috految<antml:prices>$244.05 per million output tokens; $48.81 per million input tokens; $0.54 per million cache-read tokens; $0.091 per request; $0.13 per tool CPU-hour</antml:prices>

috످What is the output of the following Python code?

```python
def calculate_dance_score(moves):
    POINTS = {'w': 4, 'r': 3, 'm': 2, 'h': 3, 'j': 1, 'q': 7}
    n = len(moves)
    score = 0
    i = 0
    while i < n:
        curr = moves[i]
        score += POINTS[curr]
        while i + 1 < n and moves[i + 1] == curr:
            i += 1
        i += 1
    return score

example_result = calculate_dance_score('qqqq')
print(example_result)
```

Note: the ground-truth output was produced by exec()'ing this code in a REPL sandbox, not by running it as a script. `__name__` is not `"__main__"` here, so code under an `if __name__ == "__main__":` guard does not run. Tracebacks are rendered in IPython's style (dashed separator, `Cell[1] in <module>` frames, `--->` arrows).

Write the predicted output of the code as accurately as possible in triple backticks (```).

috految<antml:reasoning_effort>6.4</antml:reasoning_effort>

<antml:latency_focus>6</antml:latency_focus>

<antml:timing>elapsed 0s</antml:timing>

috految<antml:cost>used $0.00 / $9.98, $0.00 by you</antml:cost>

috److The first `q` adds 7 points, and the inner loop skips the consecutive duplicates.

```
7
```

috످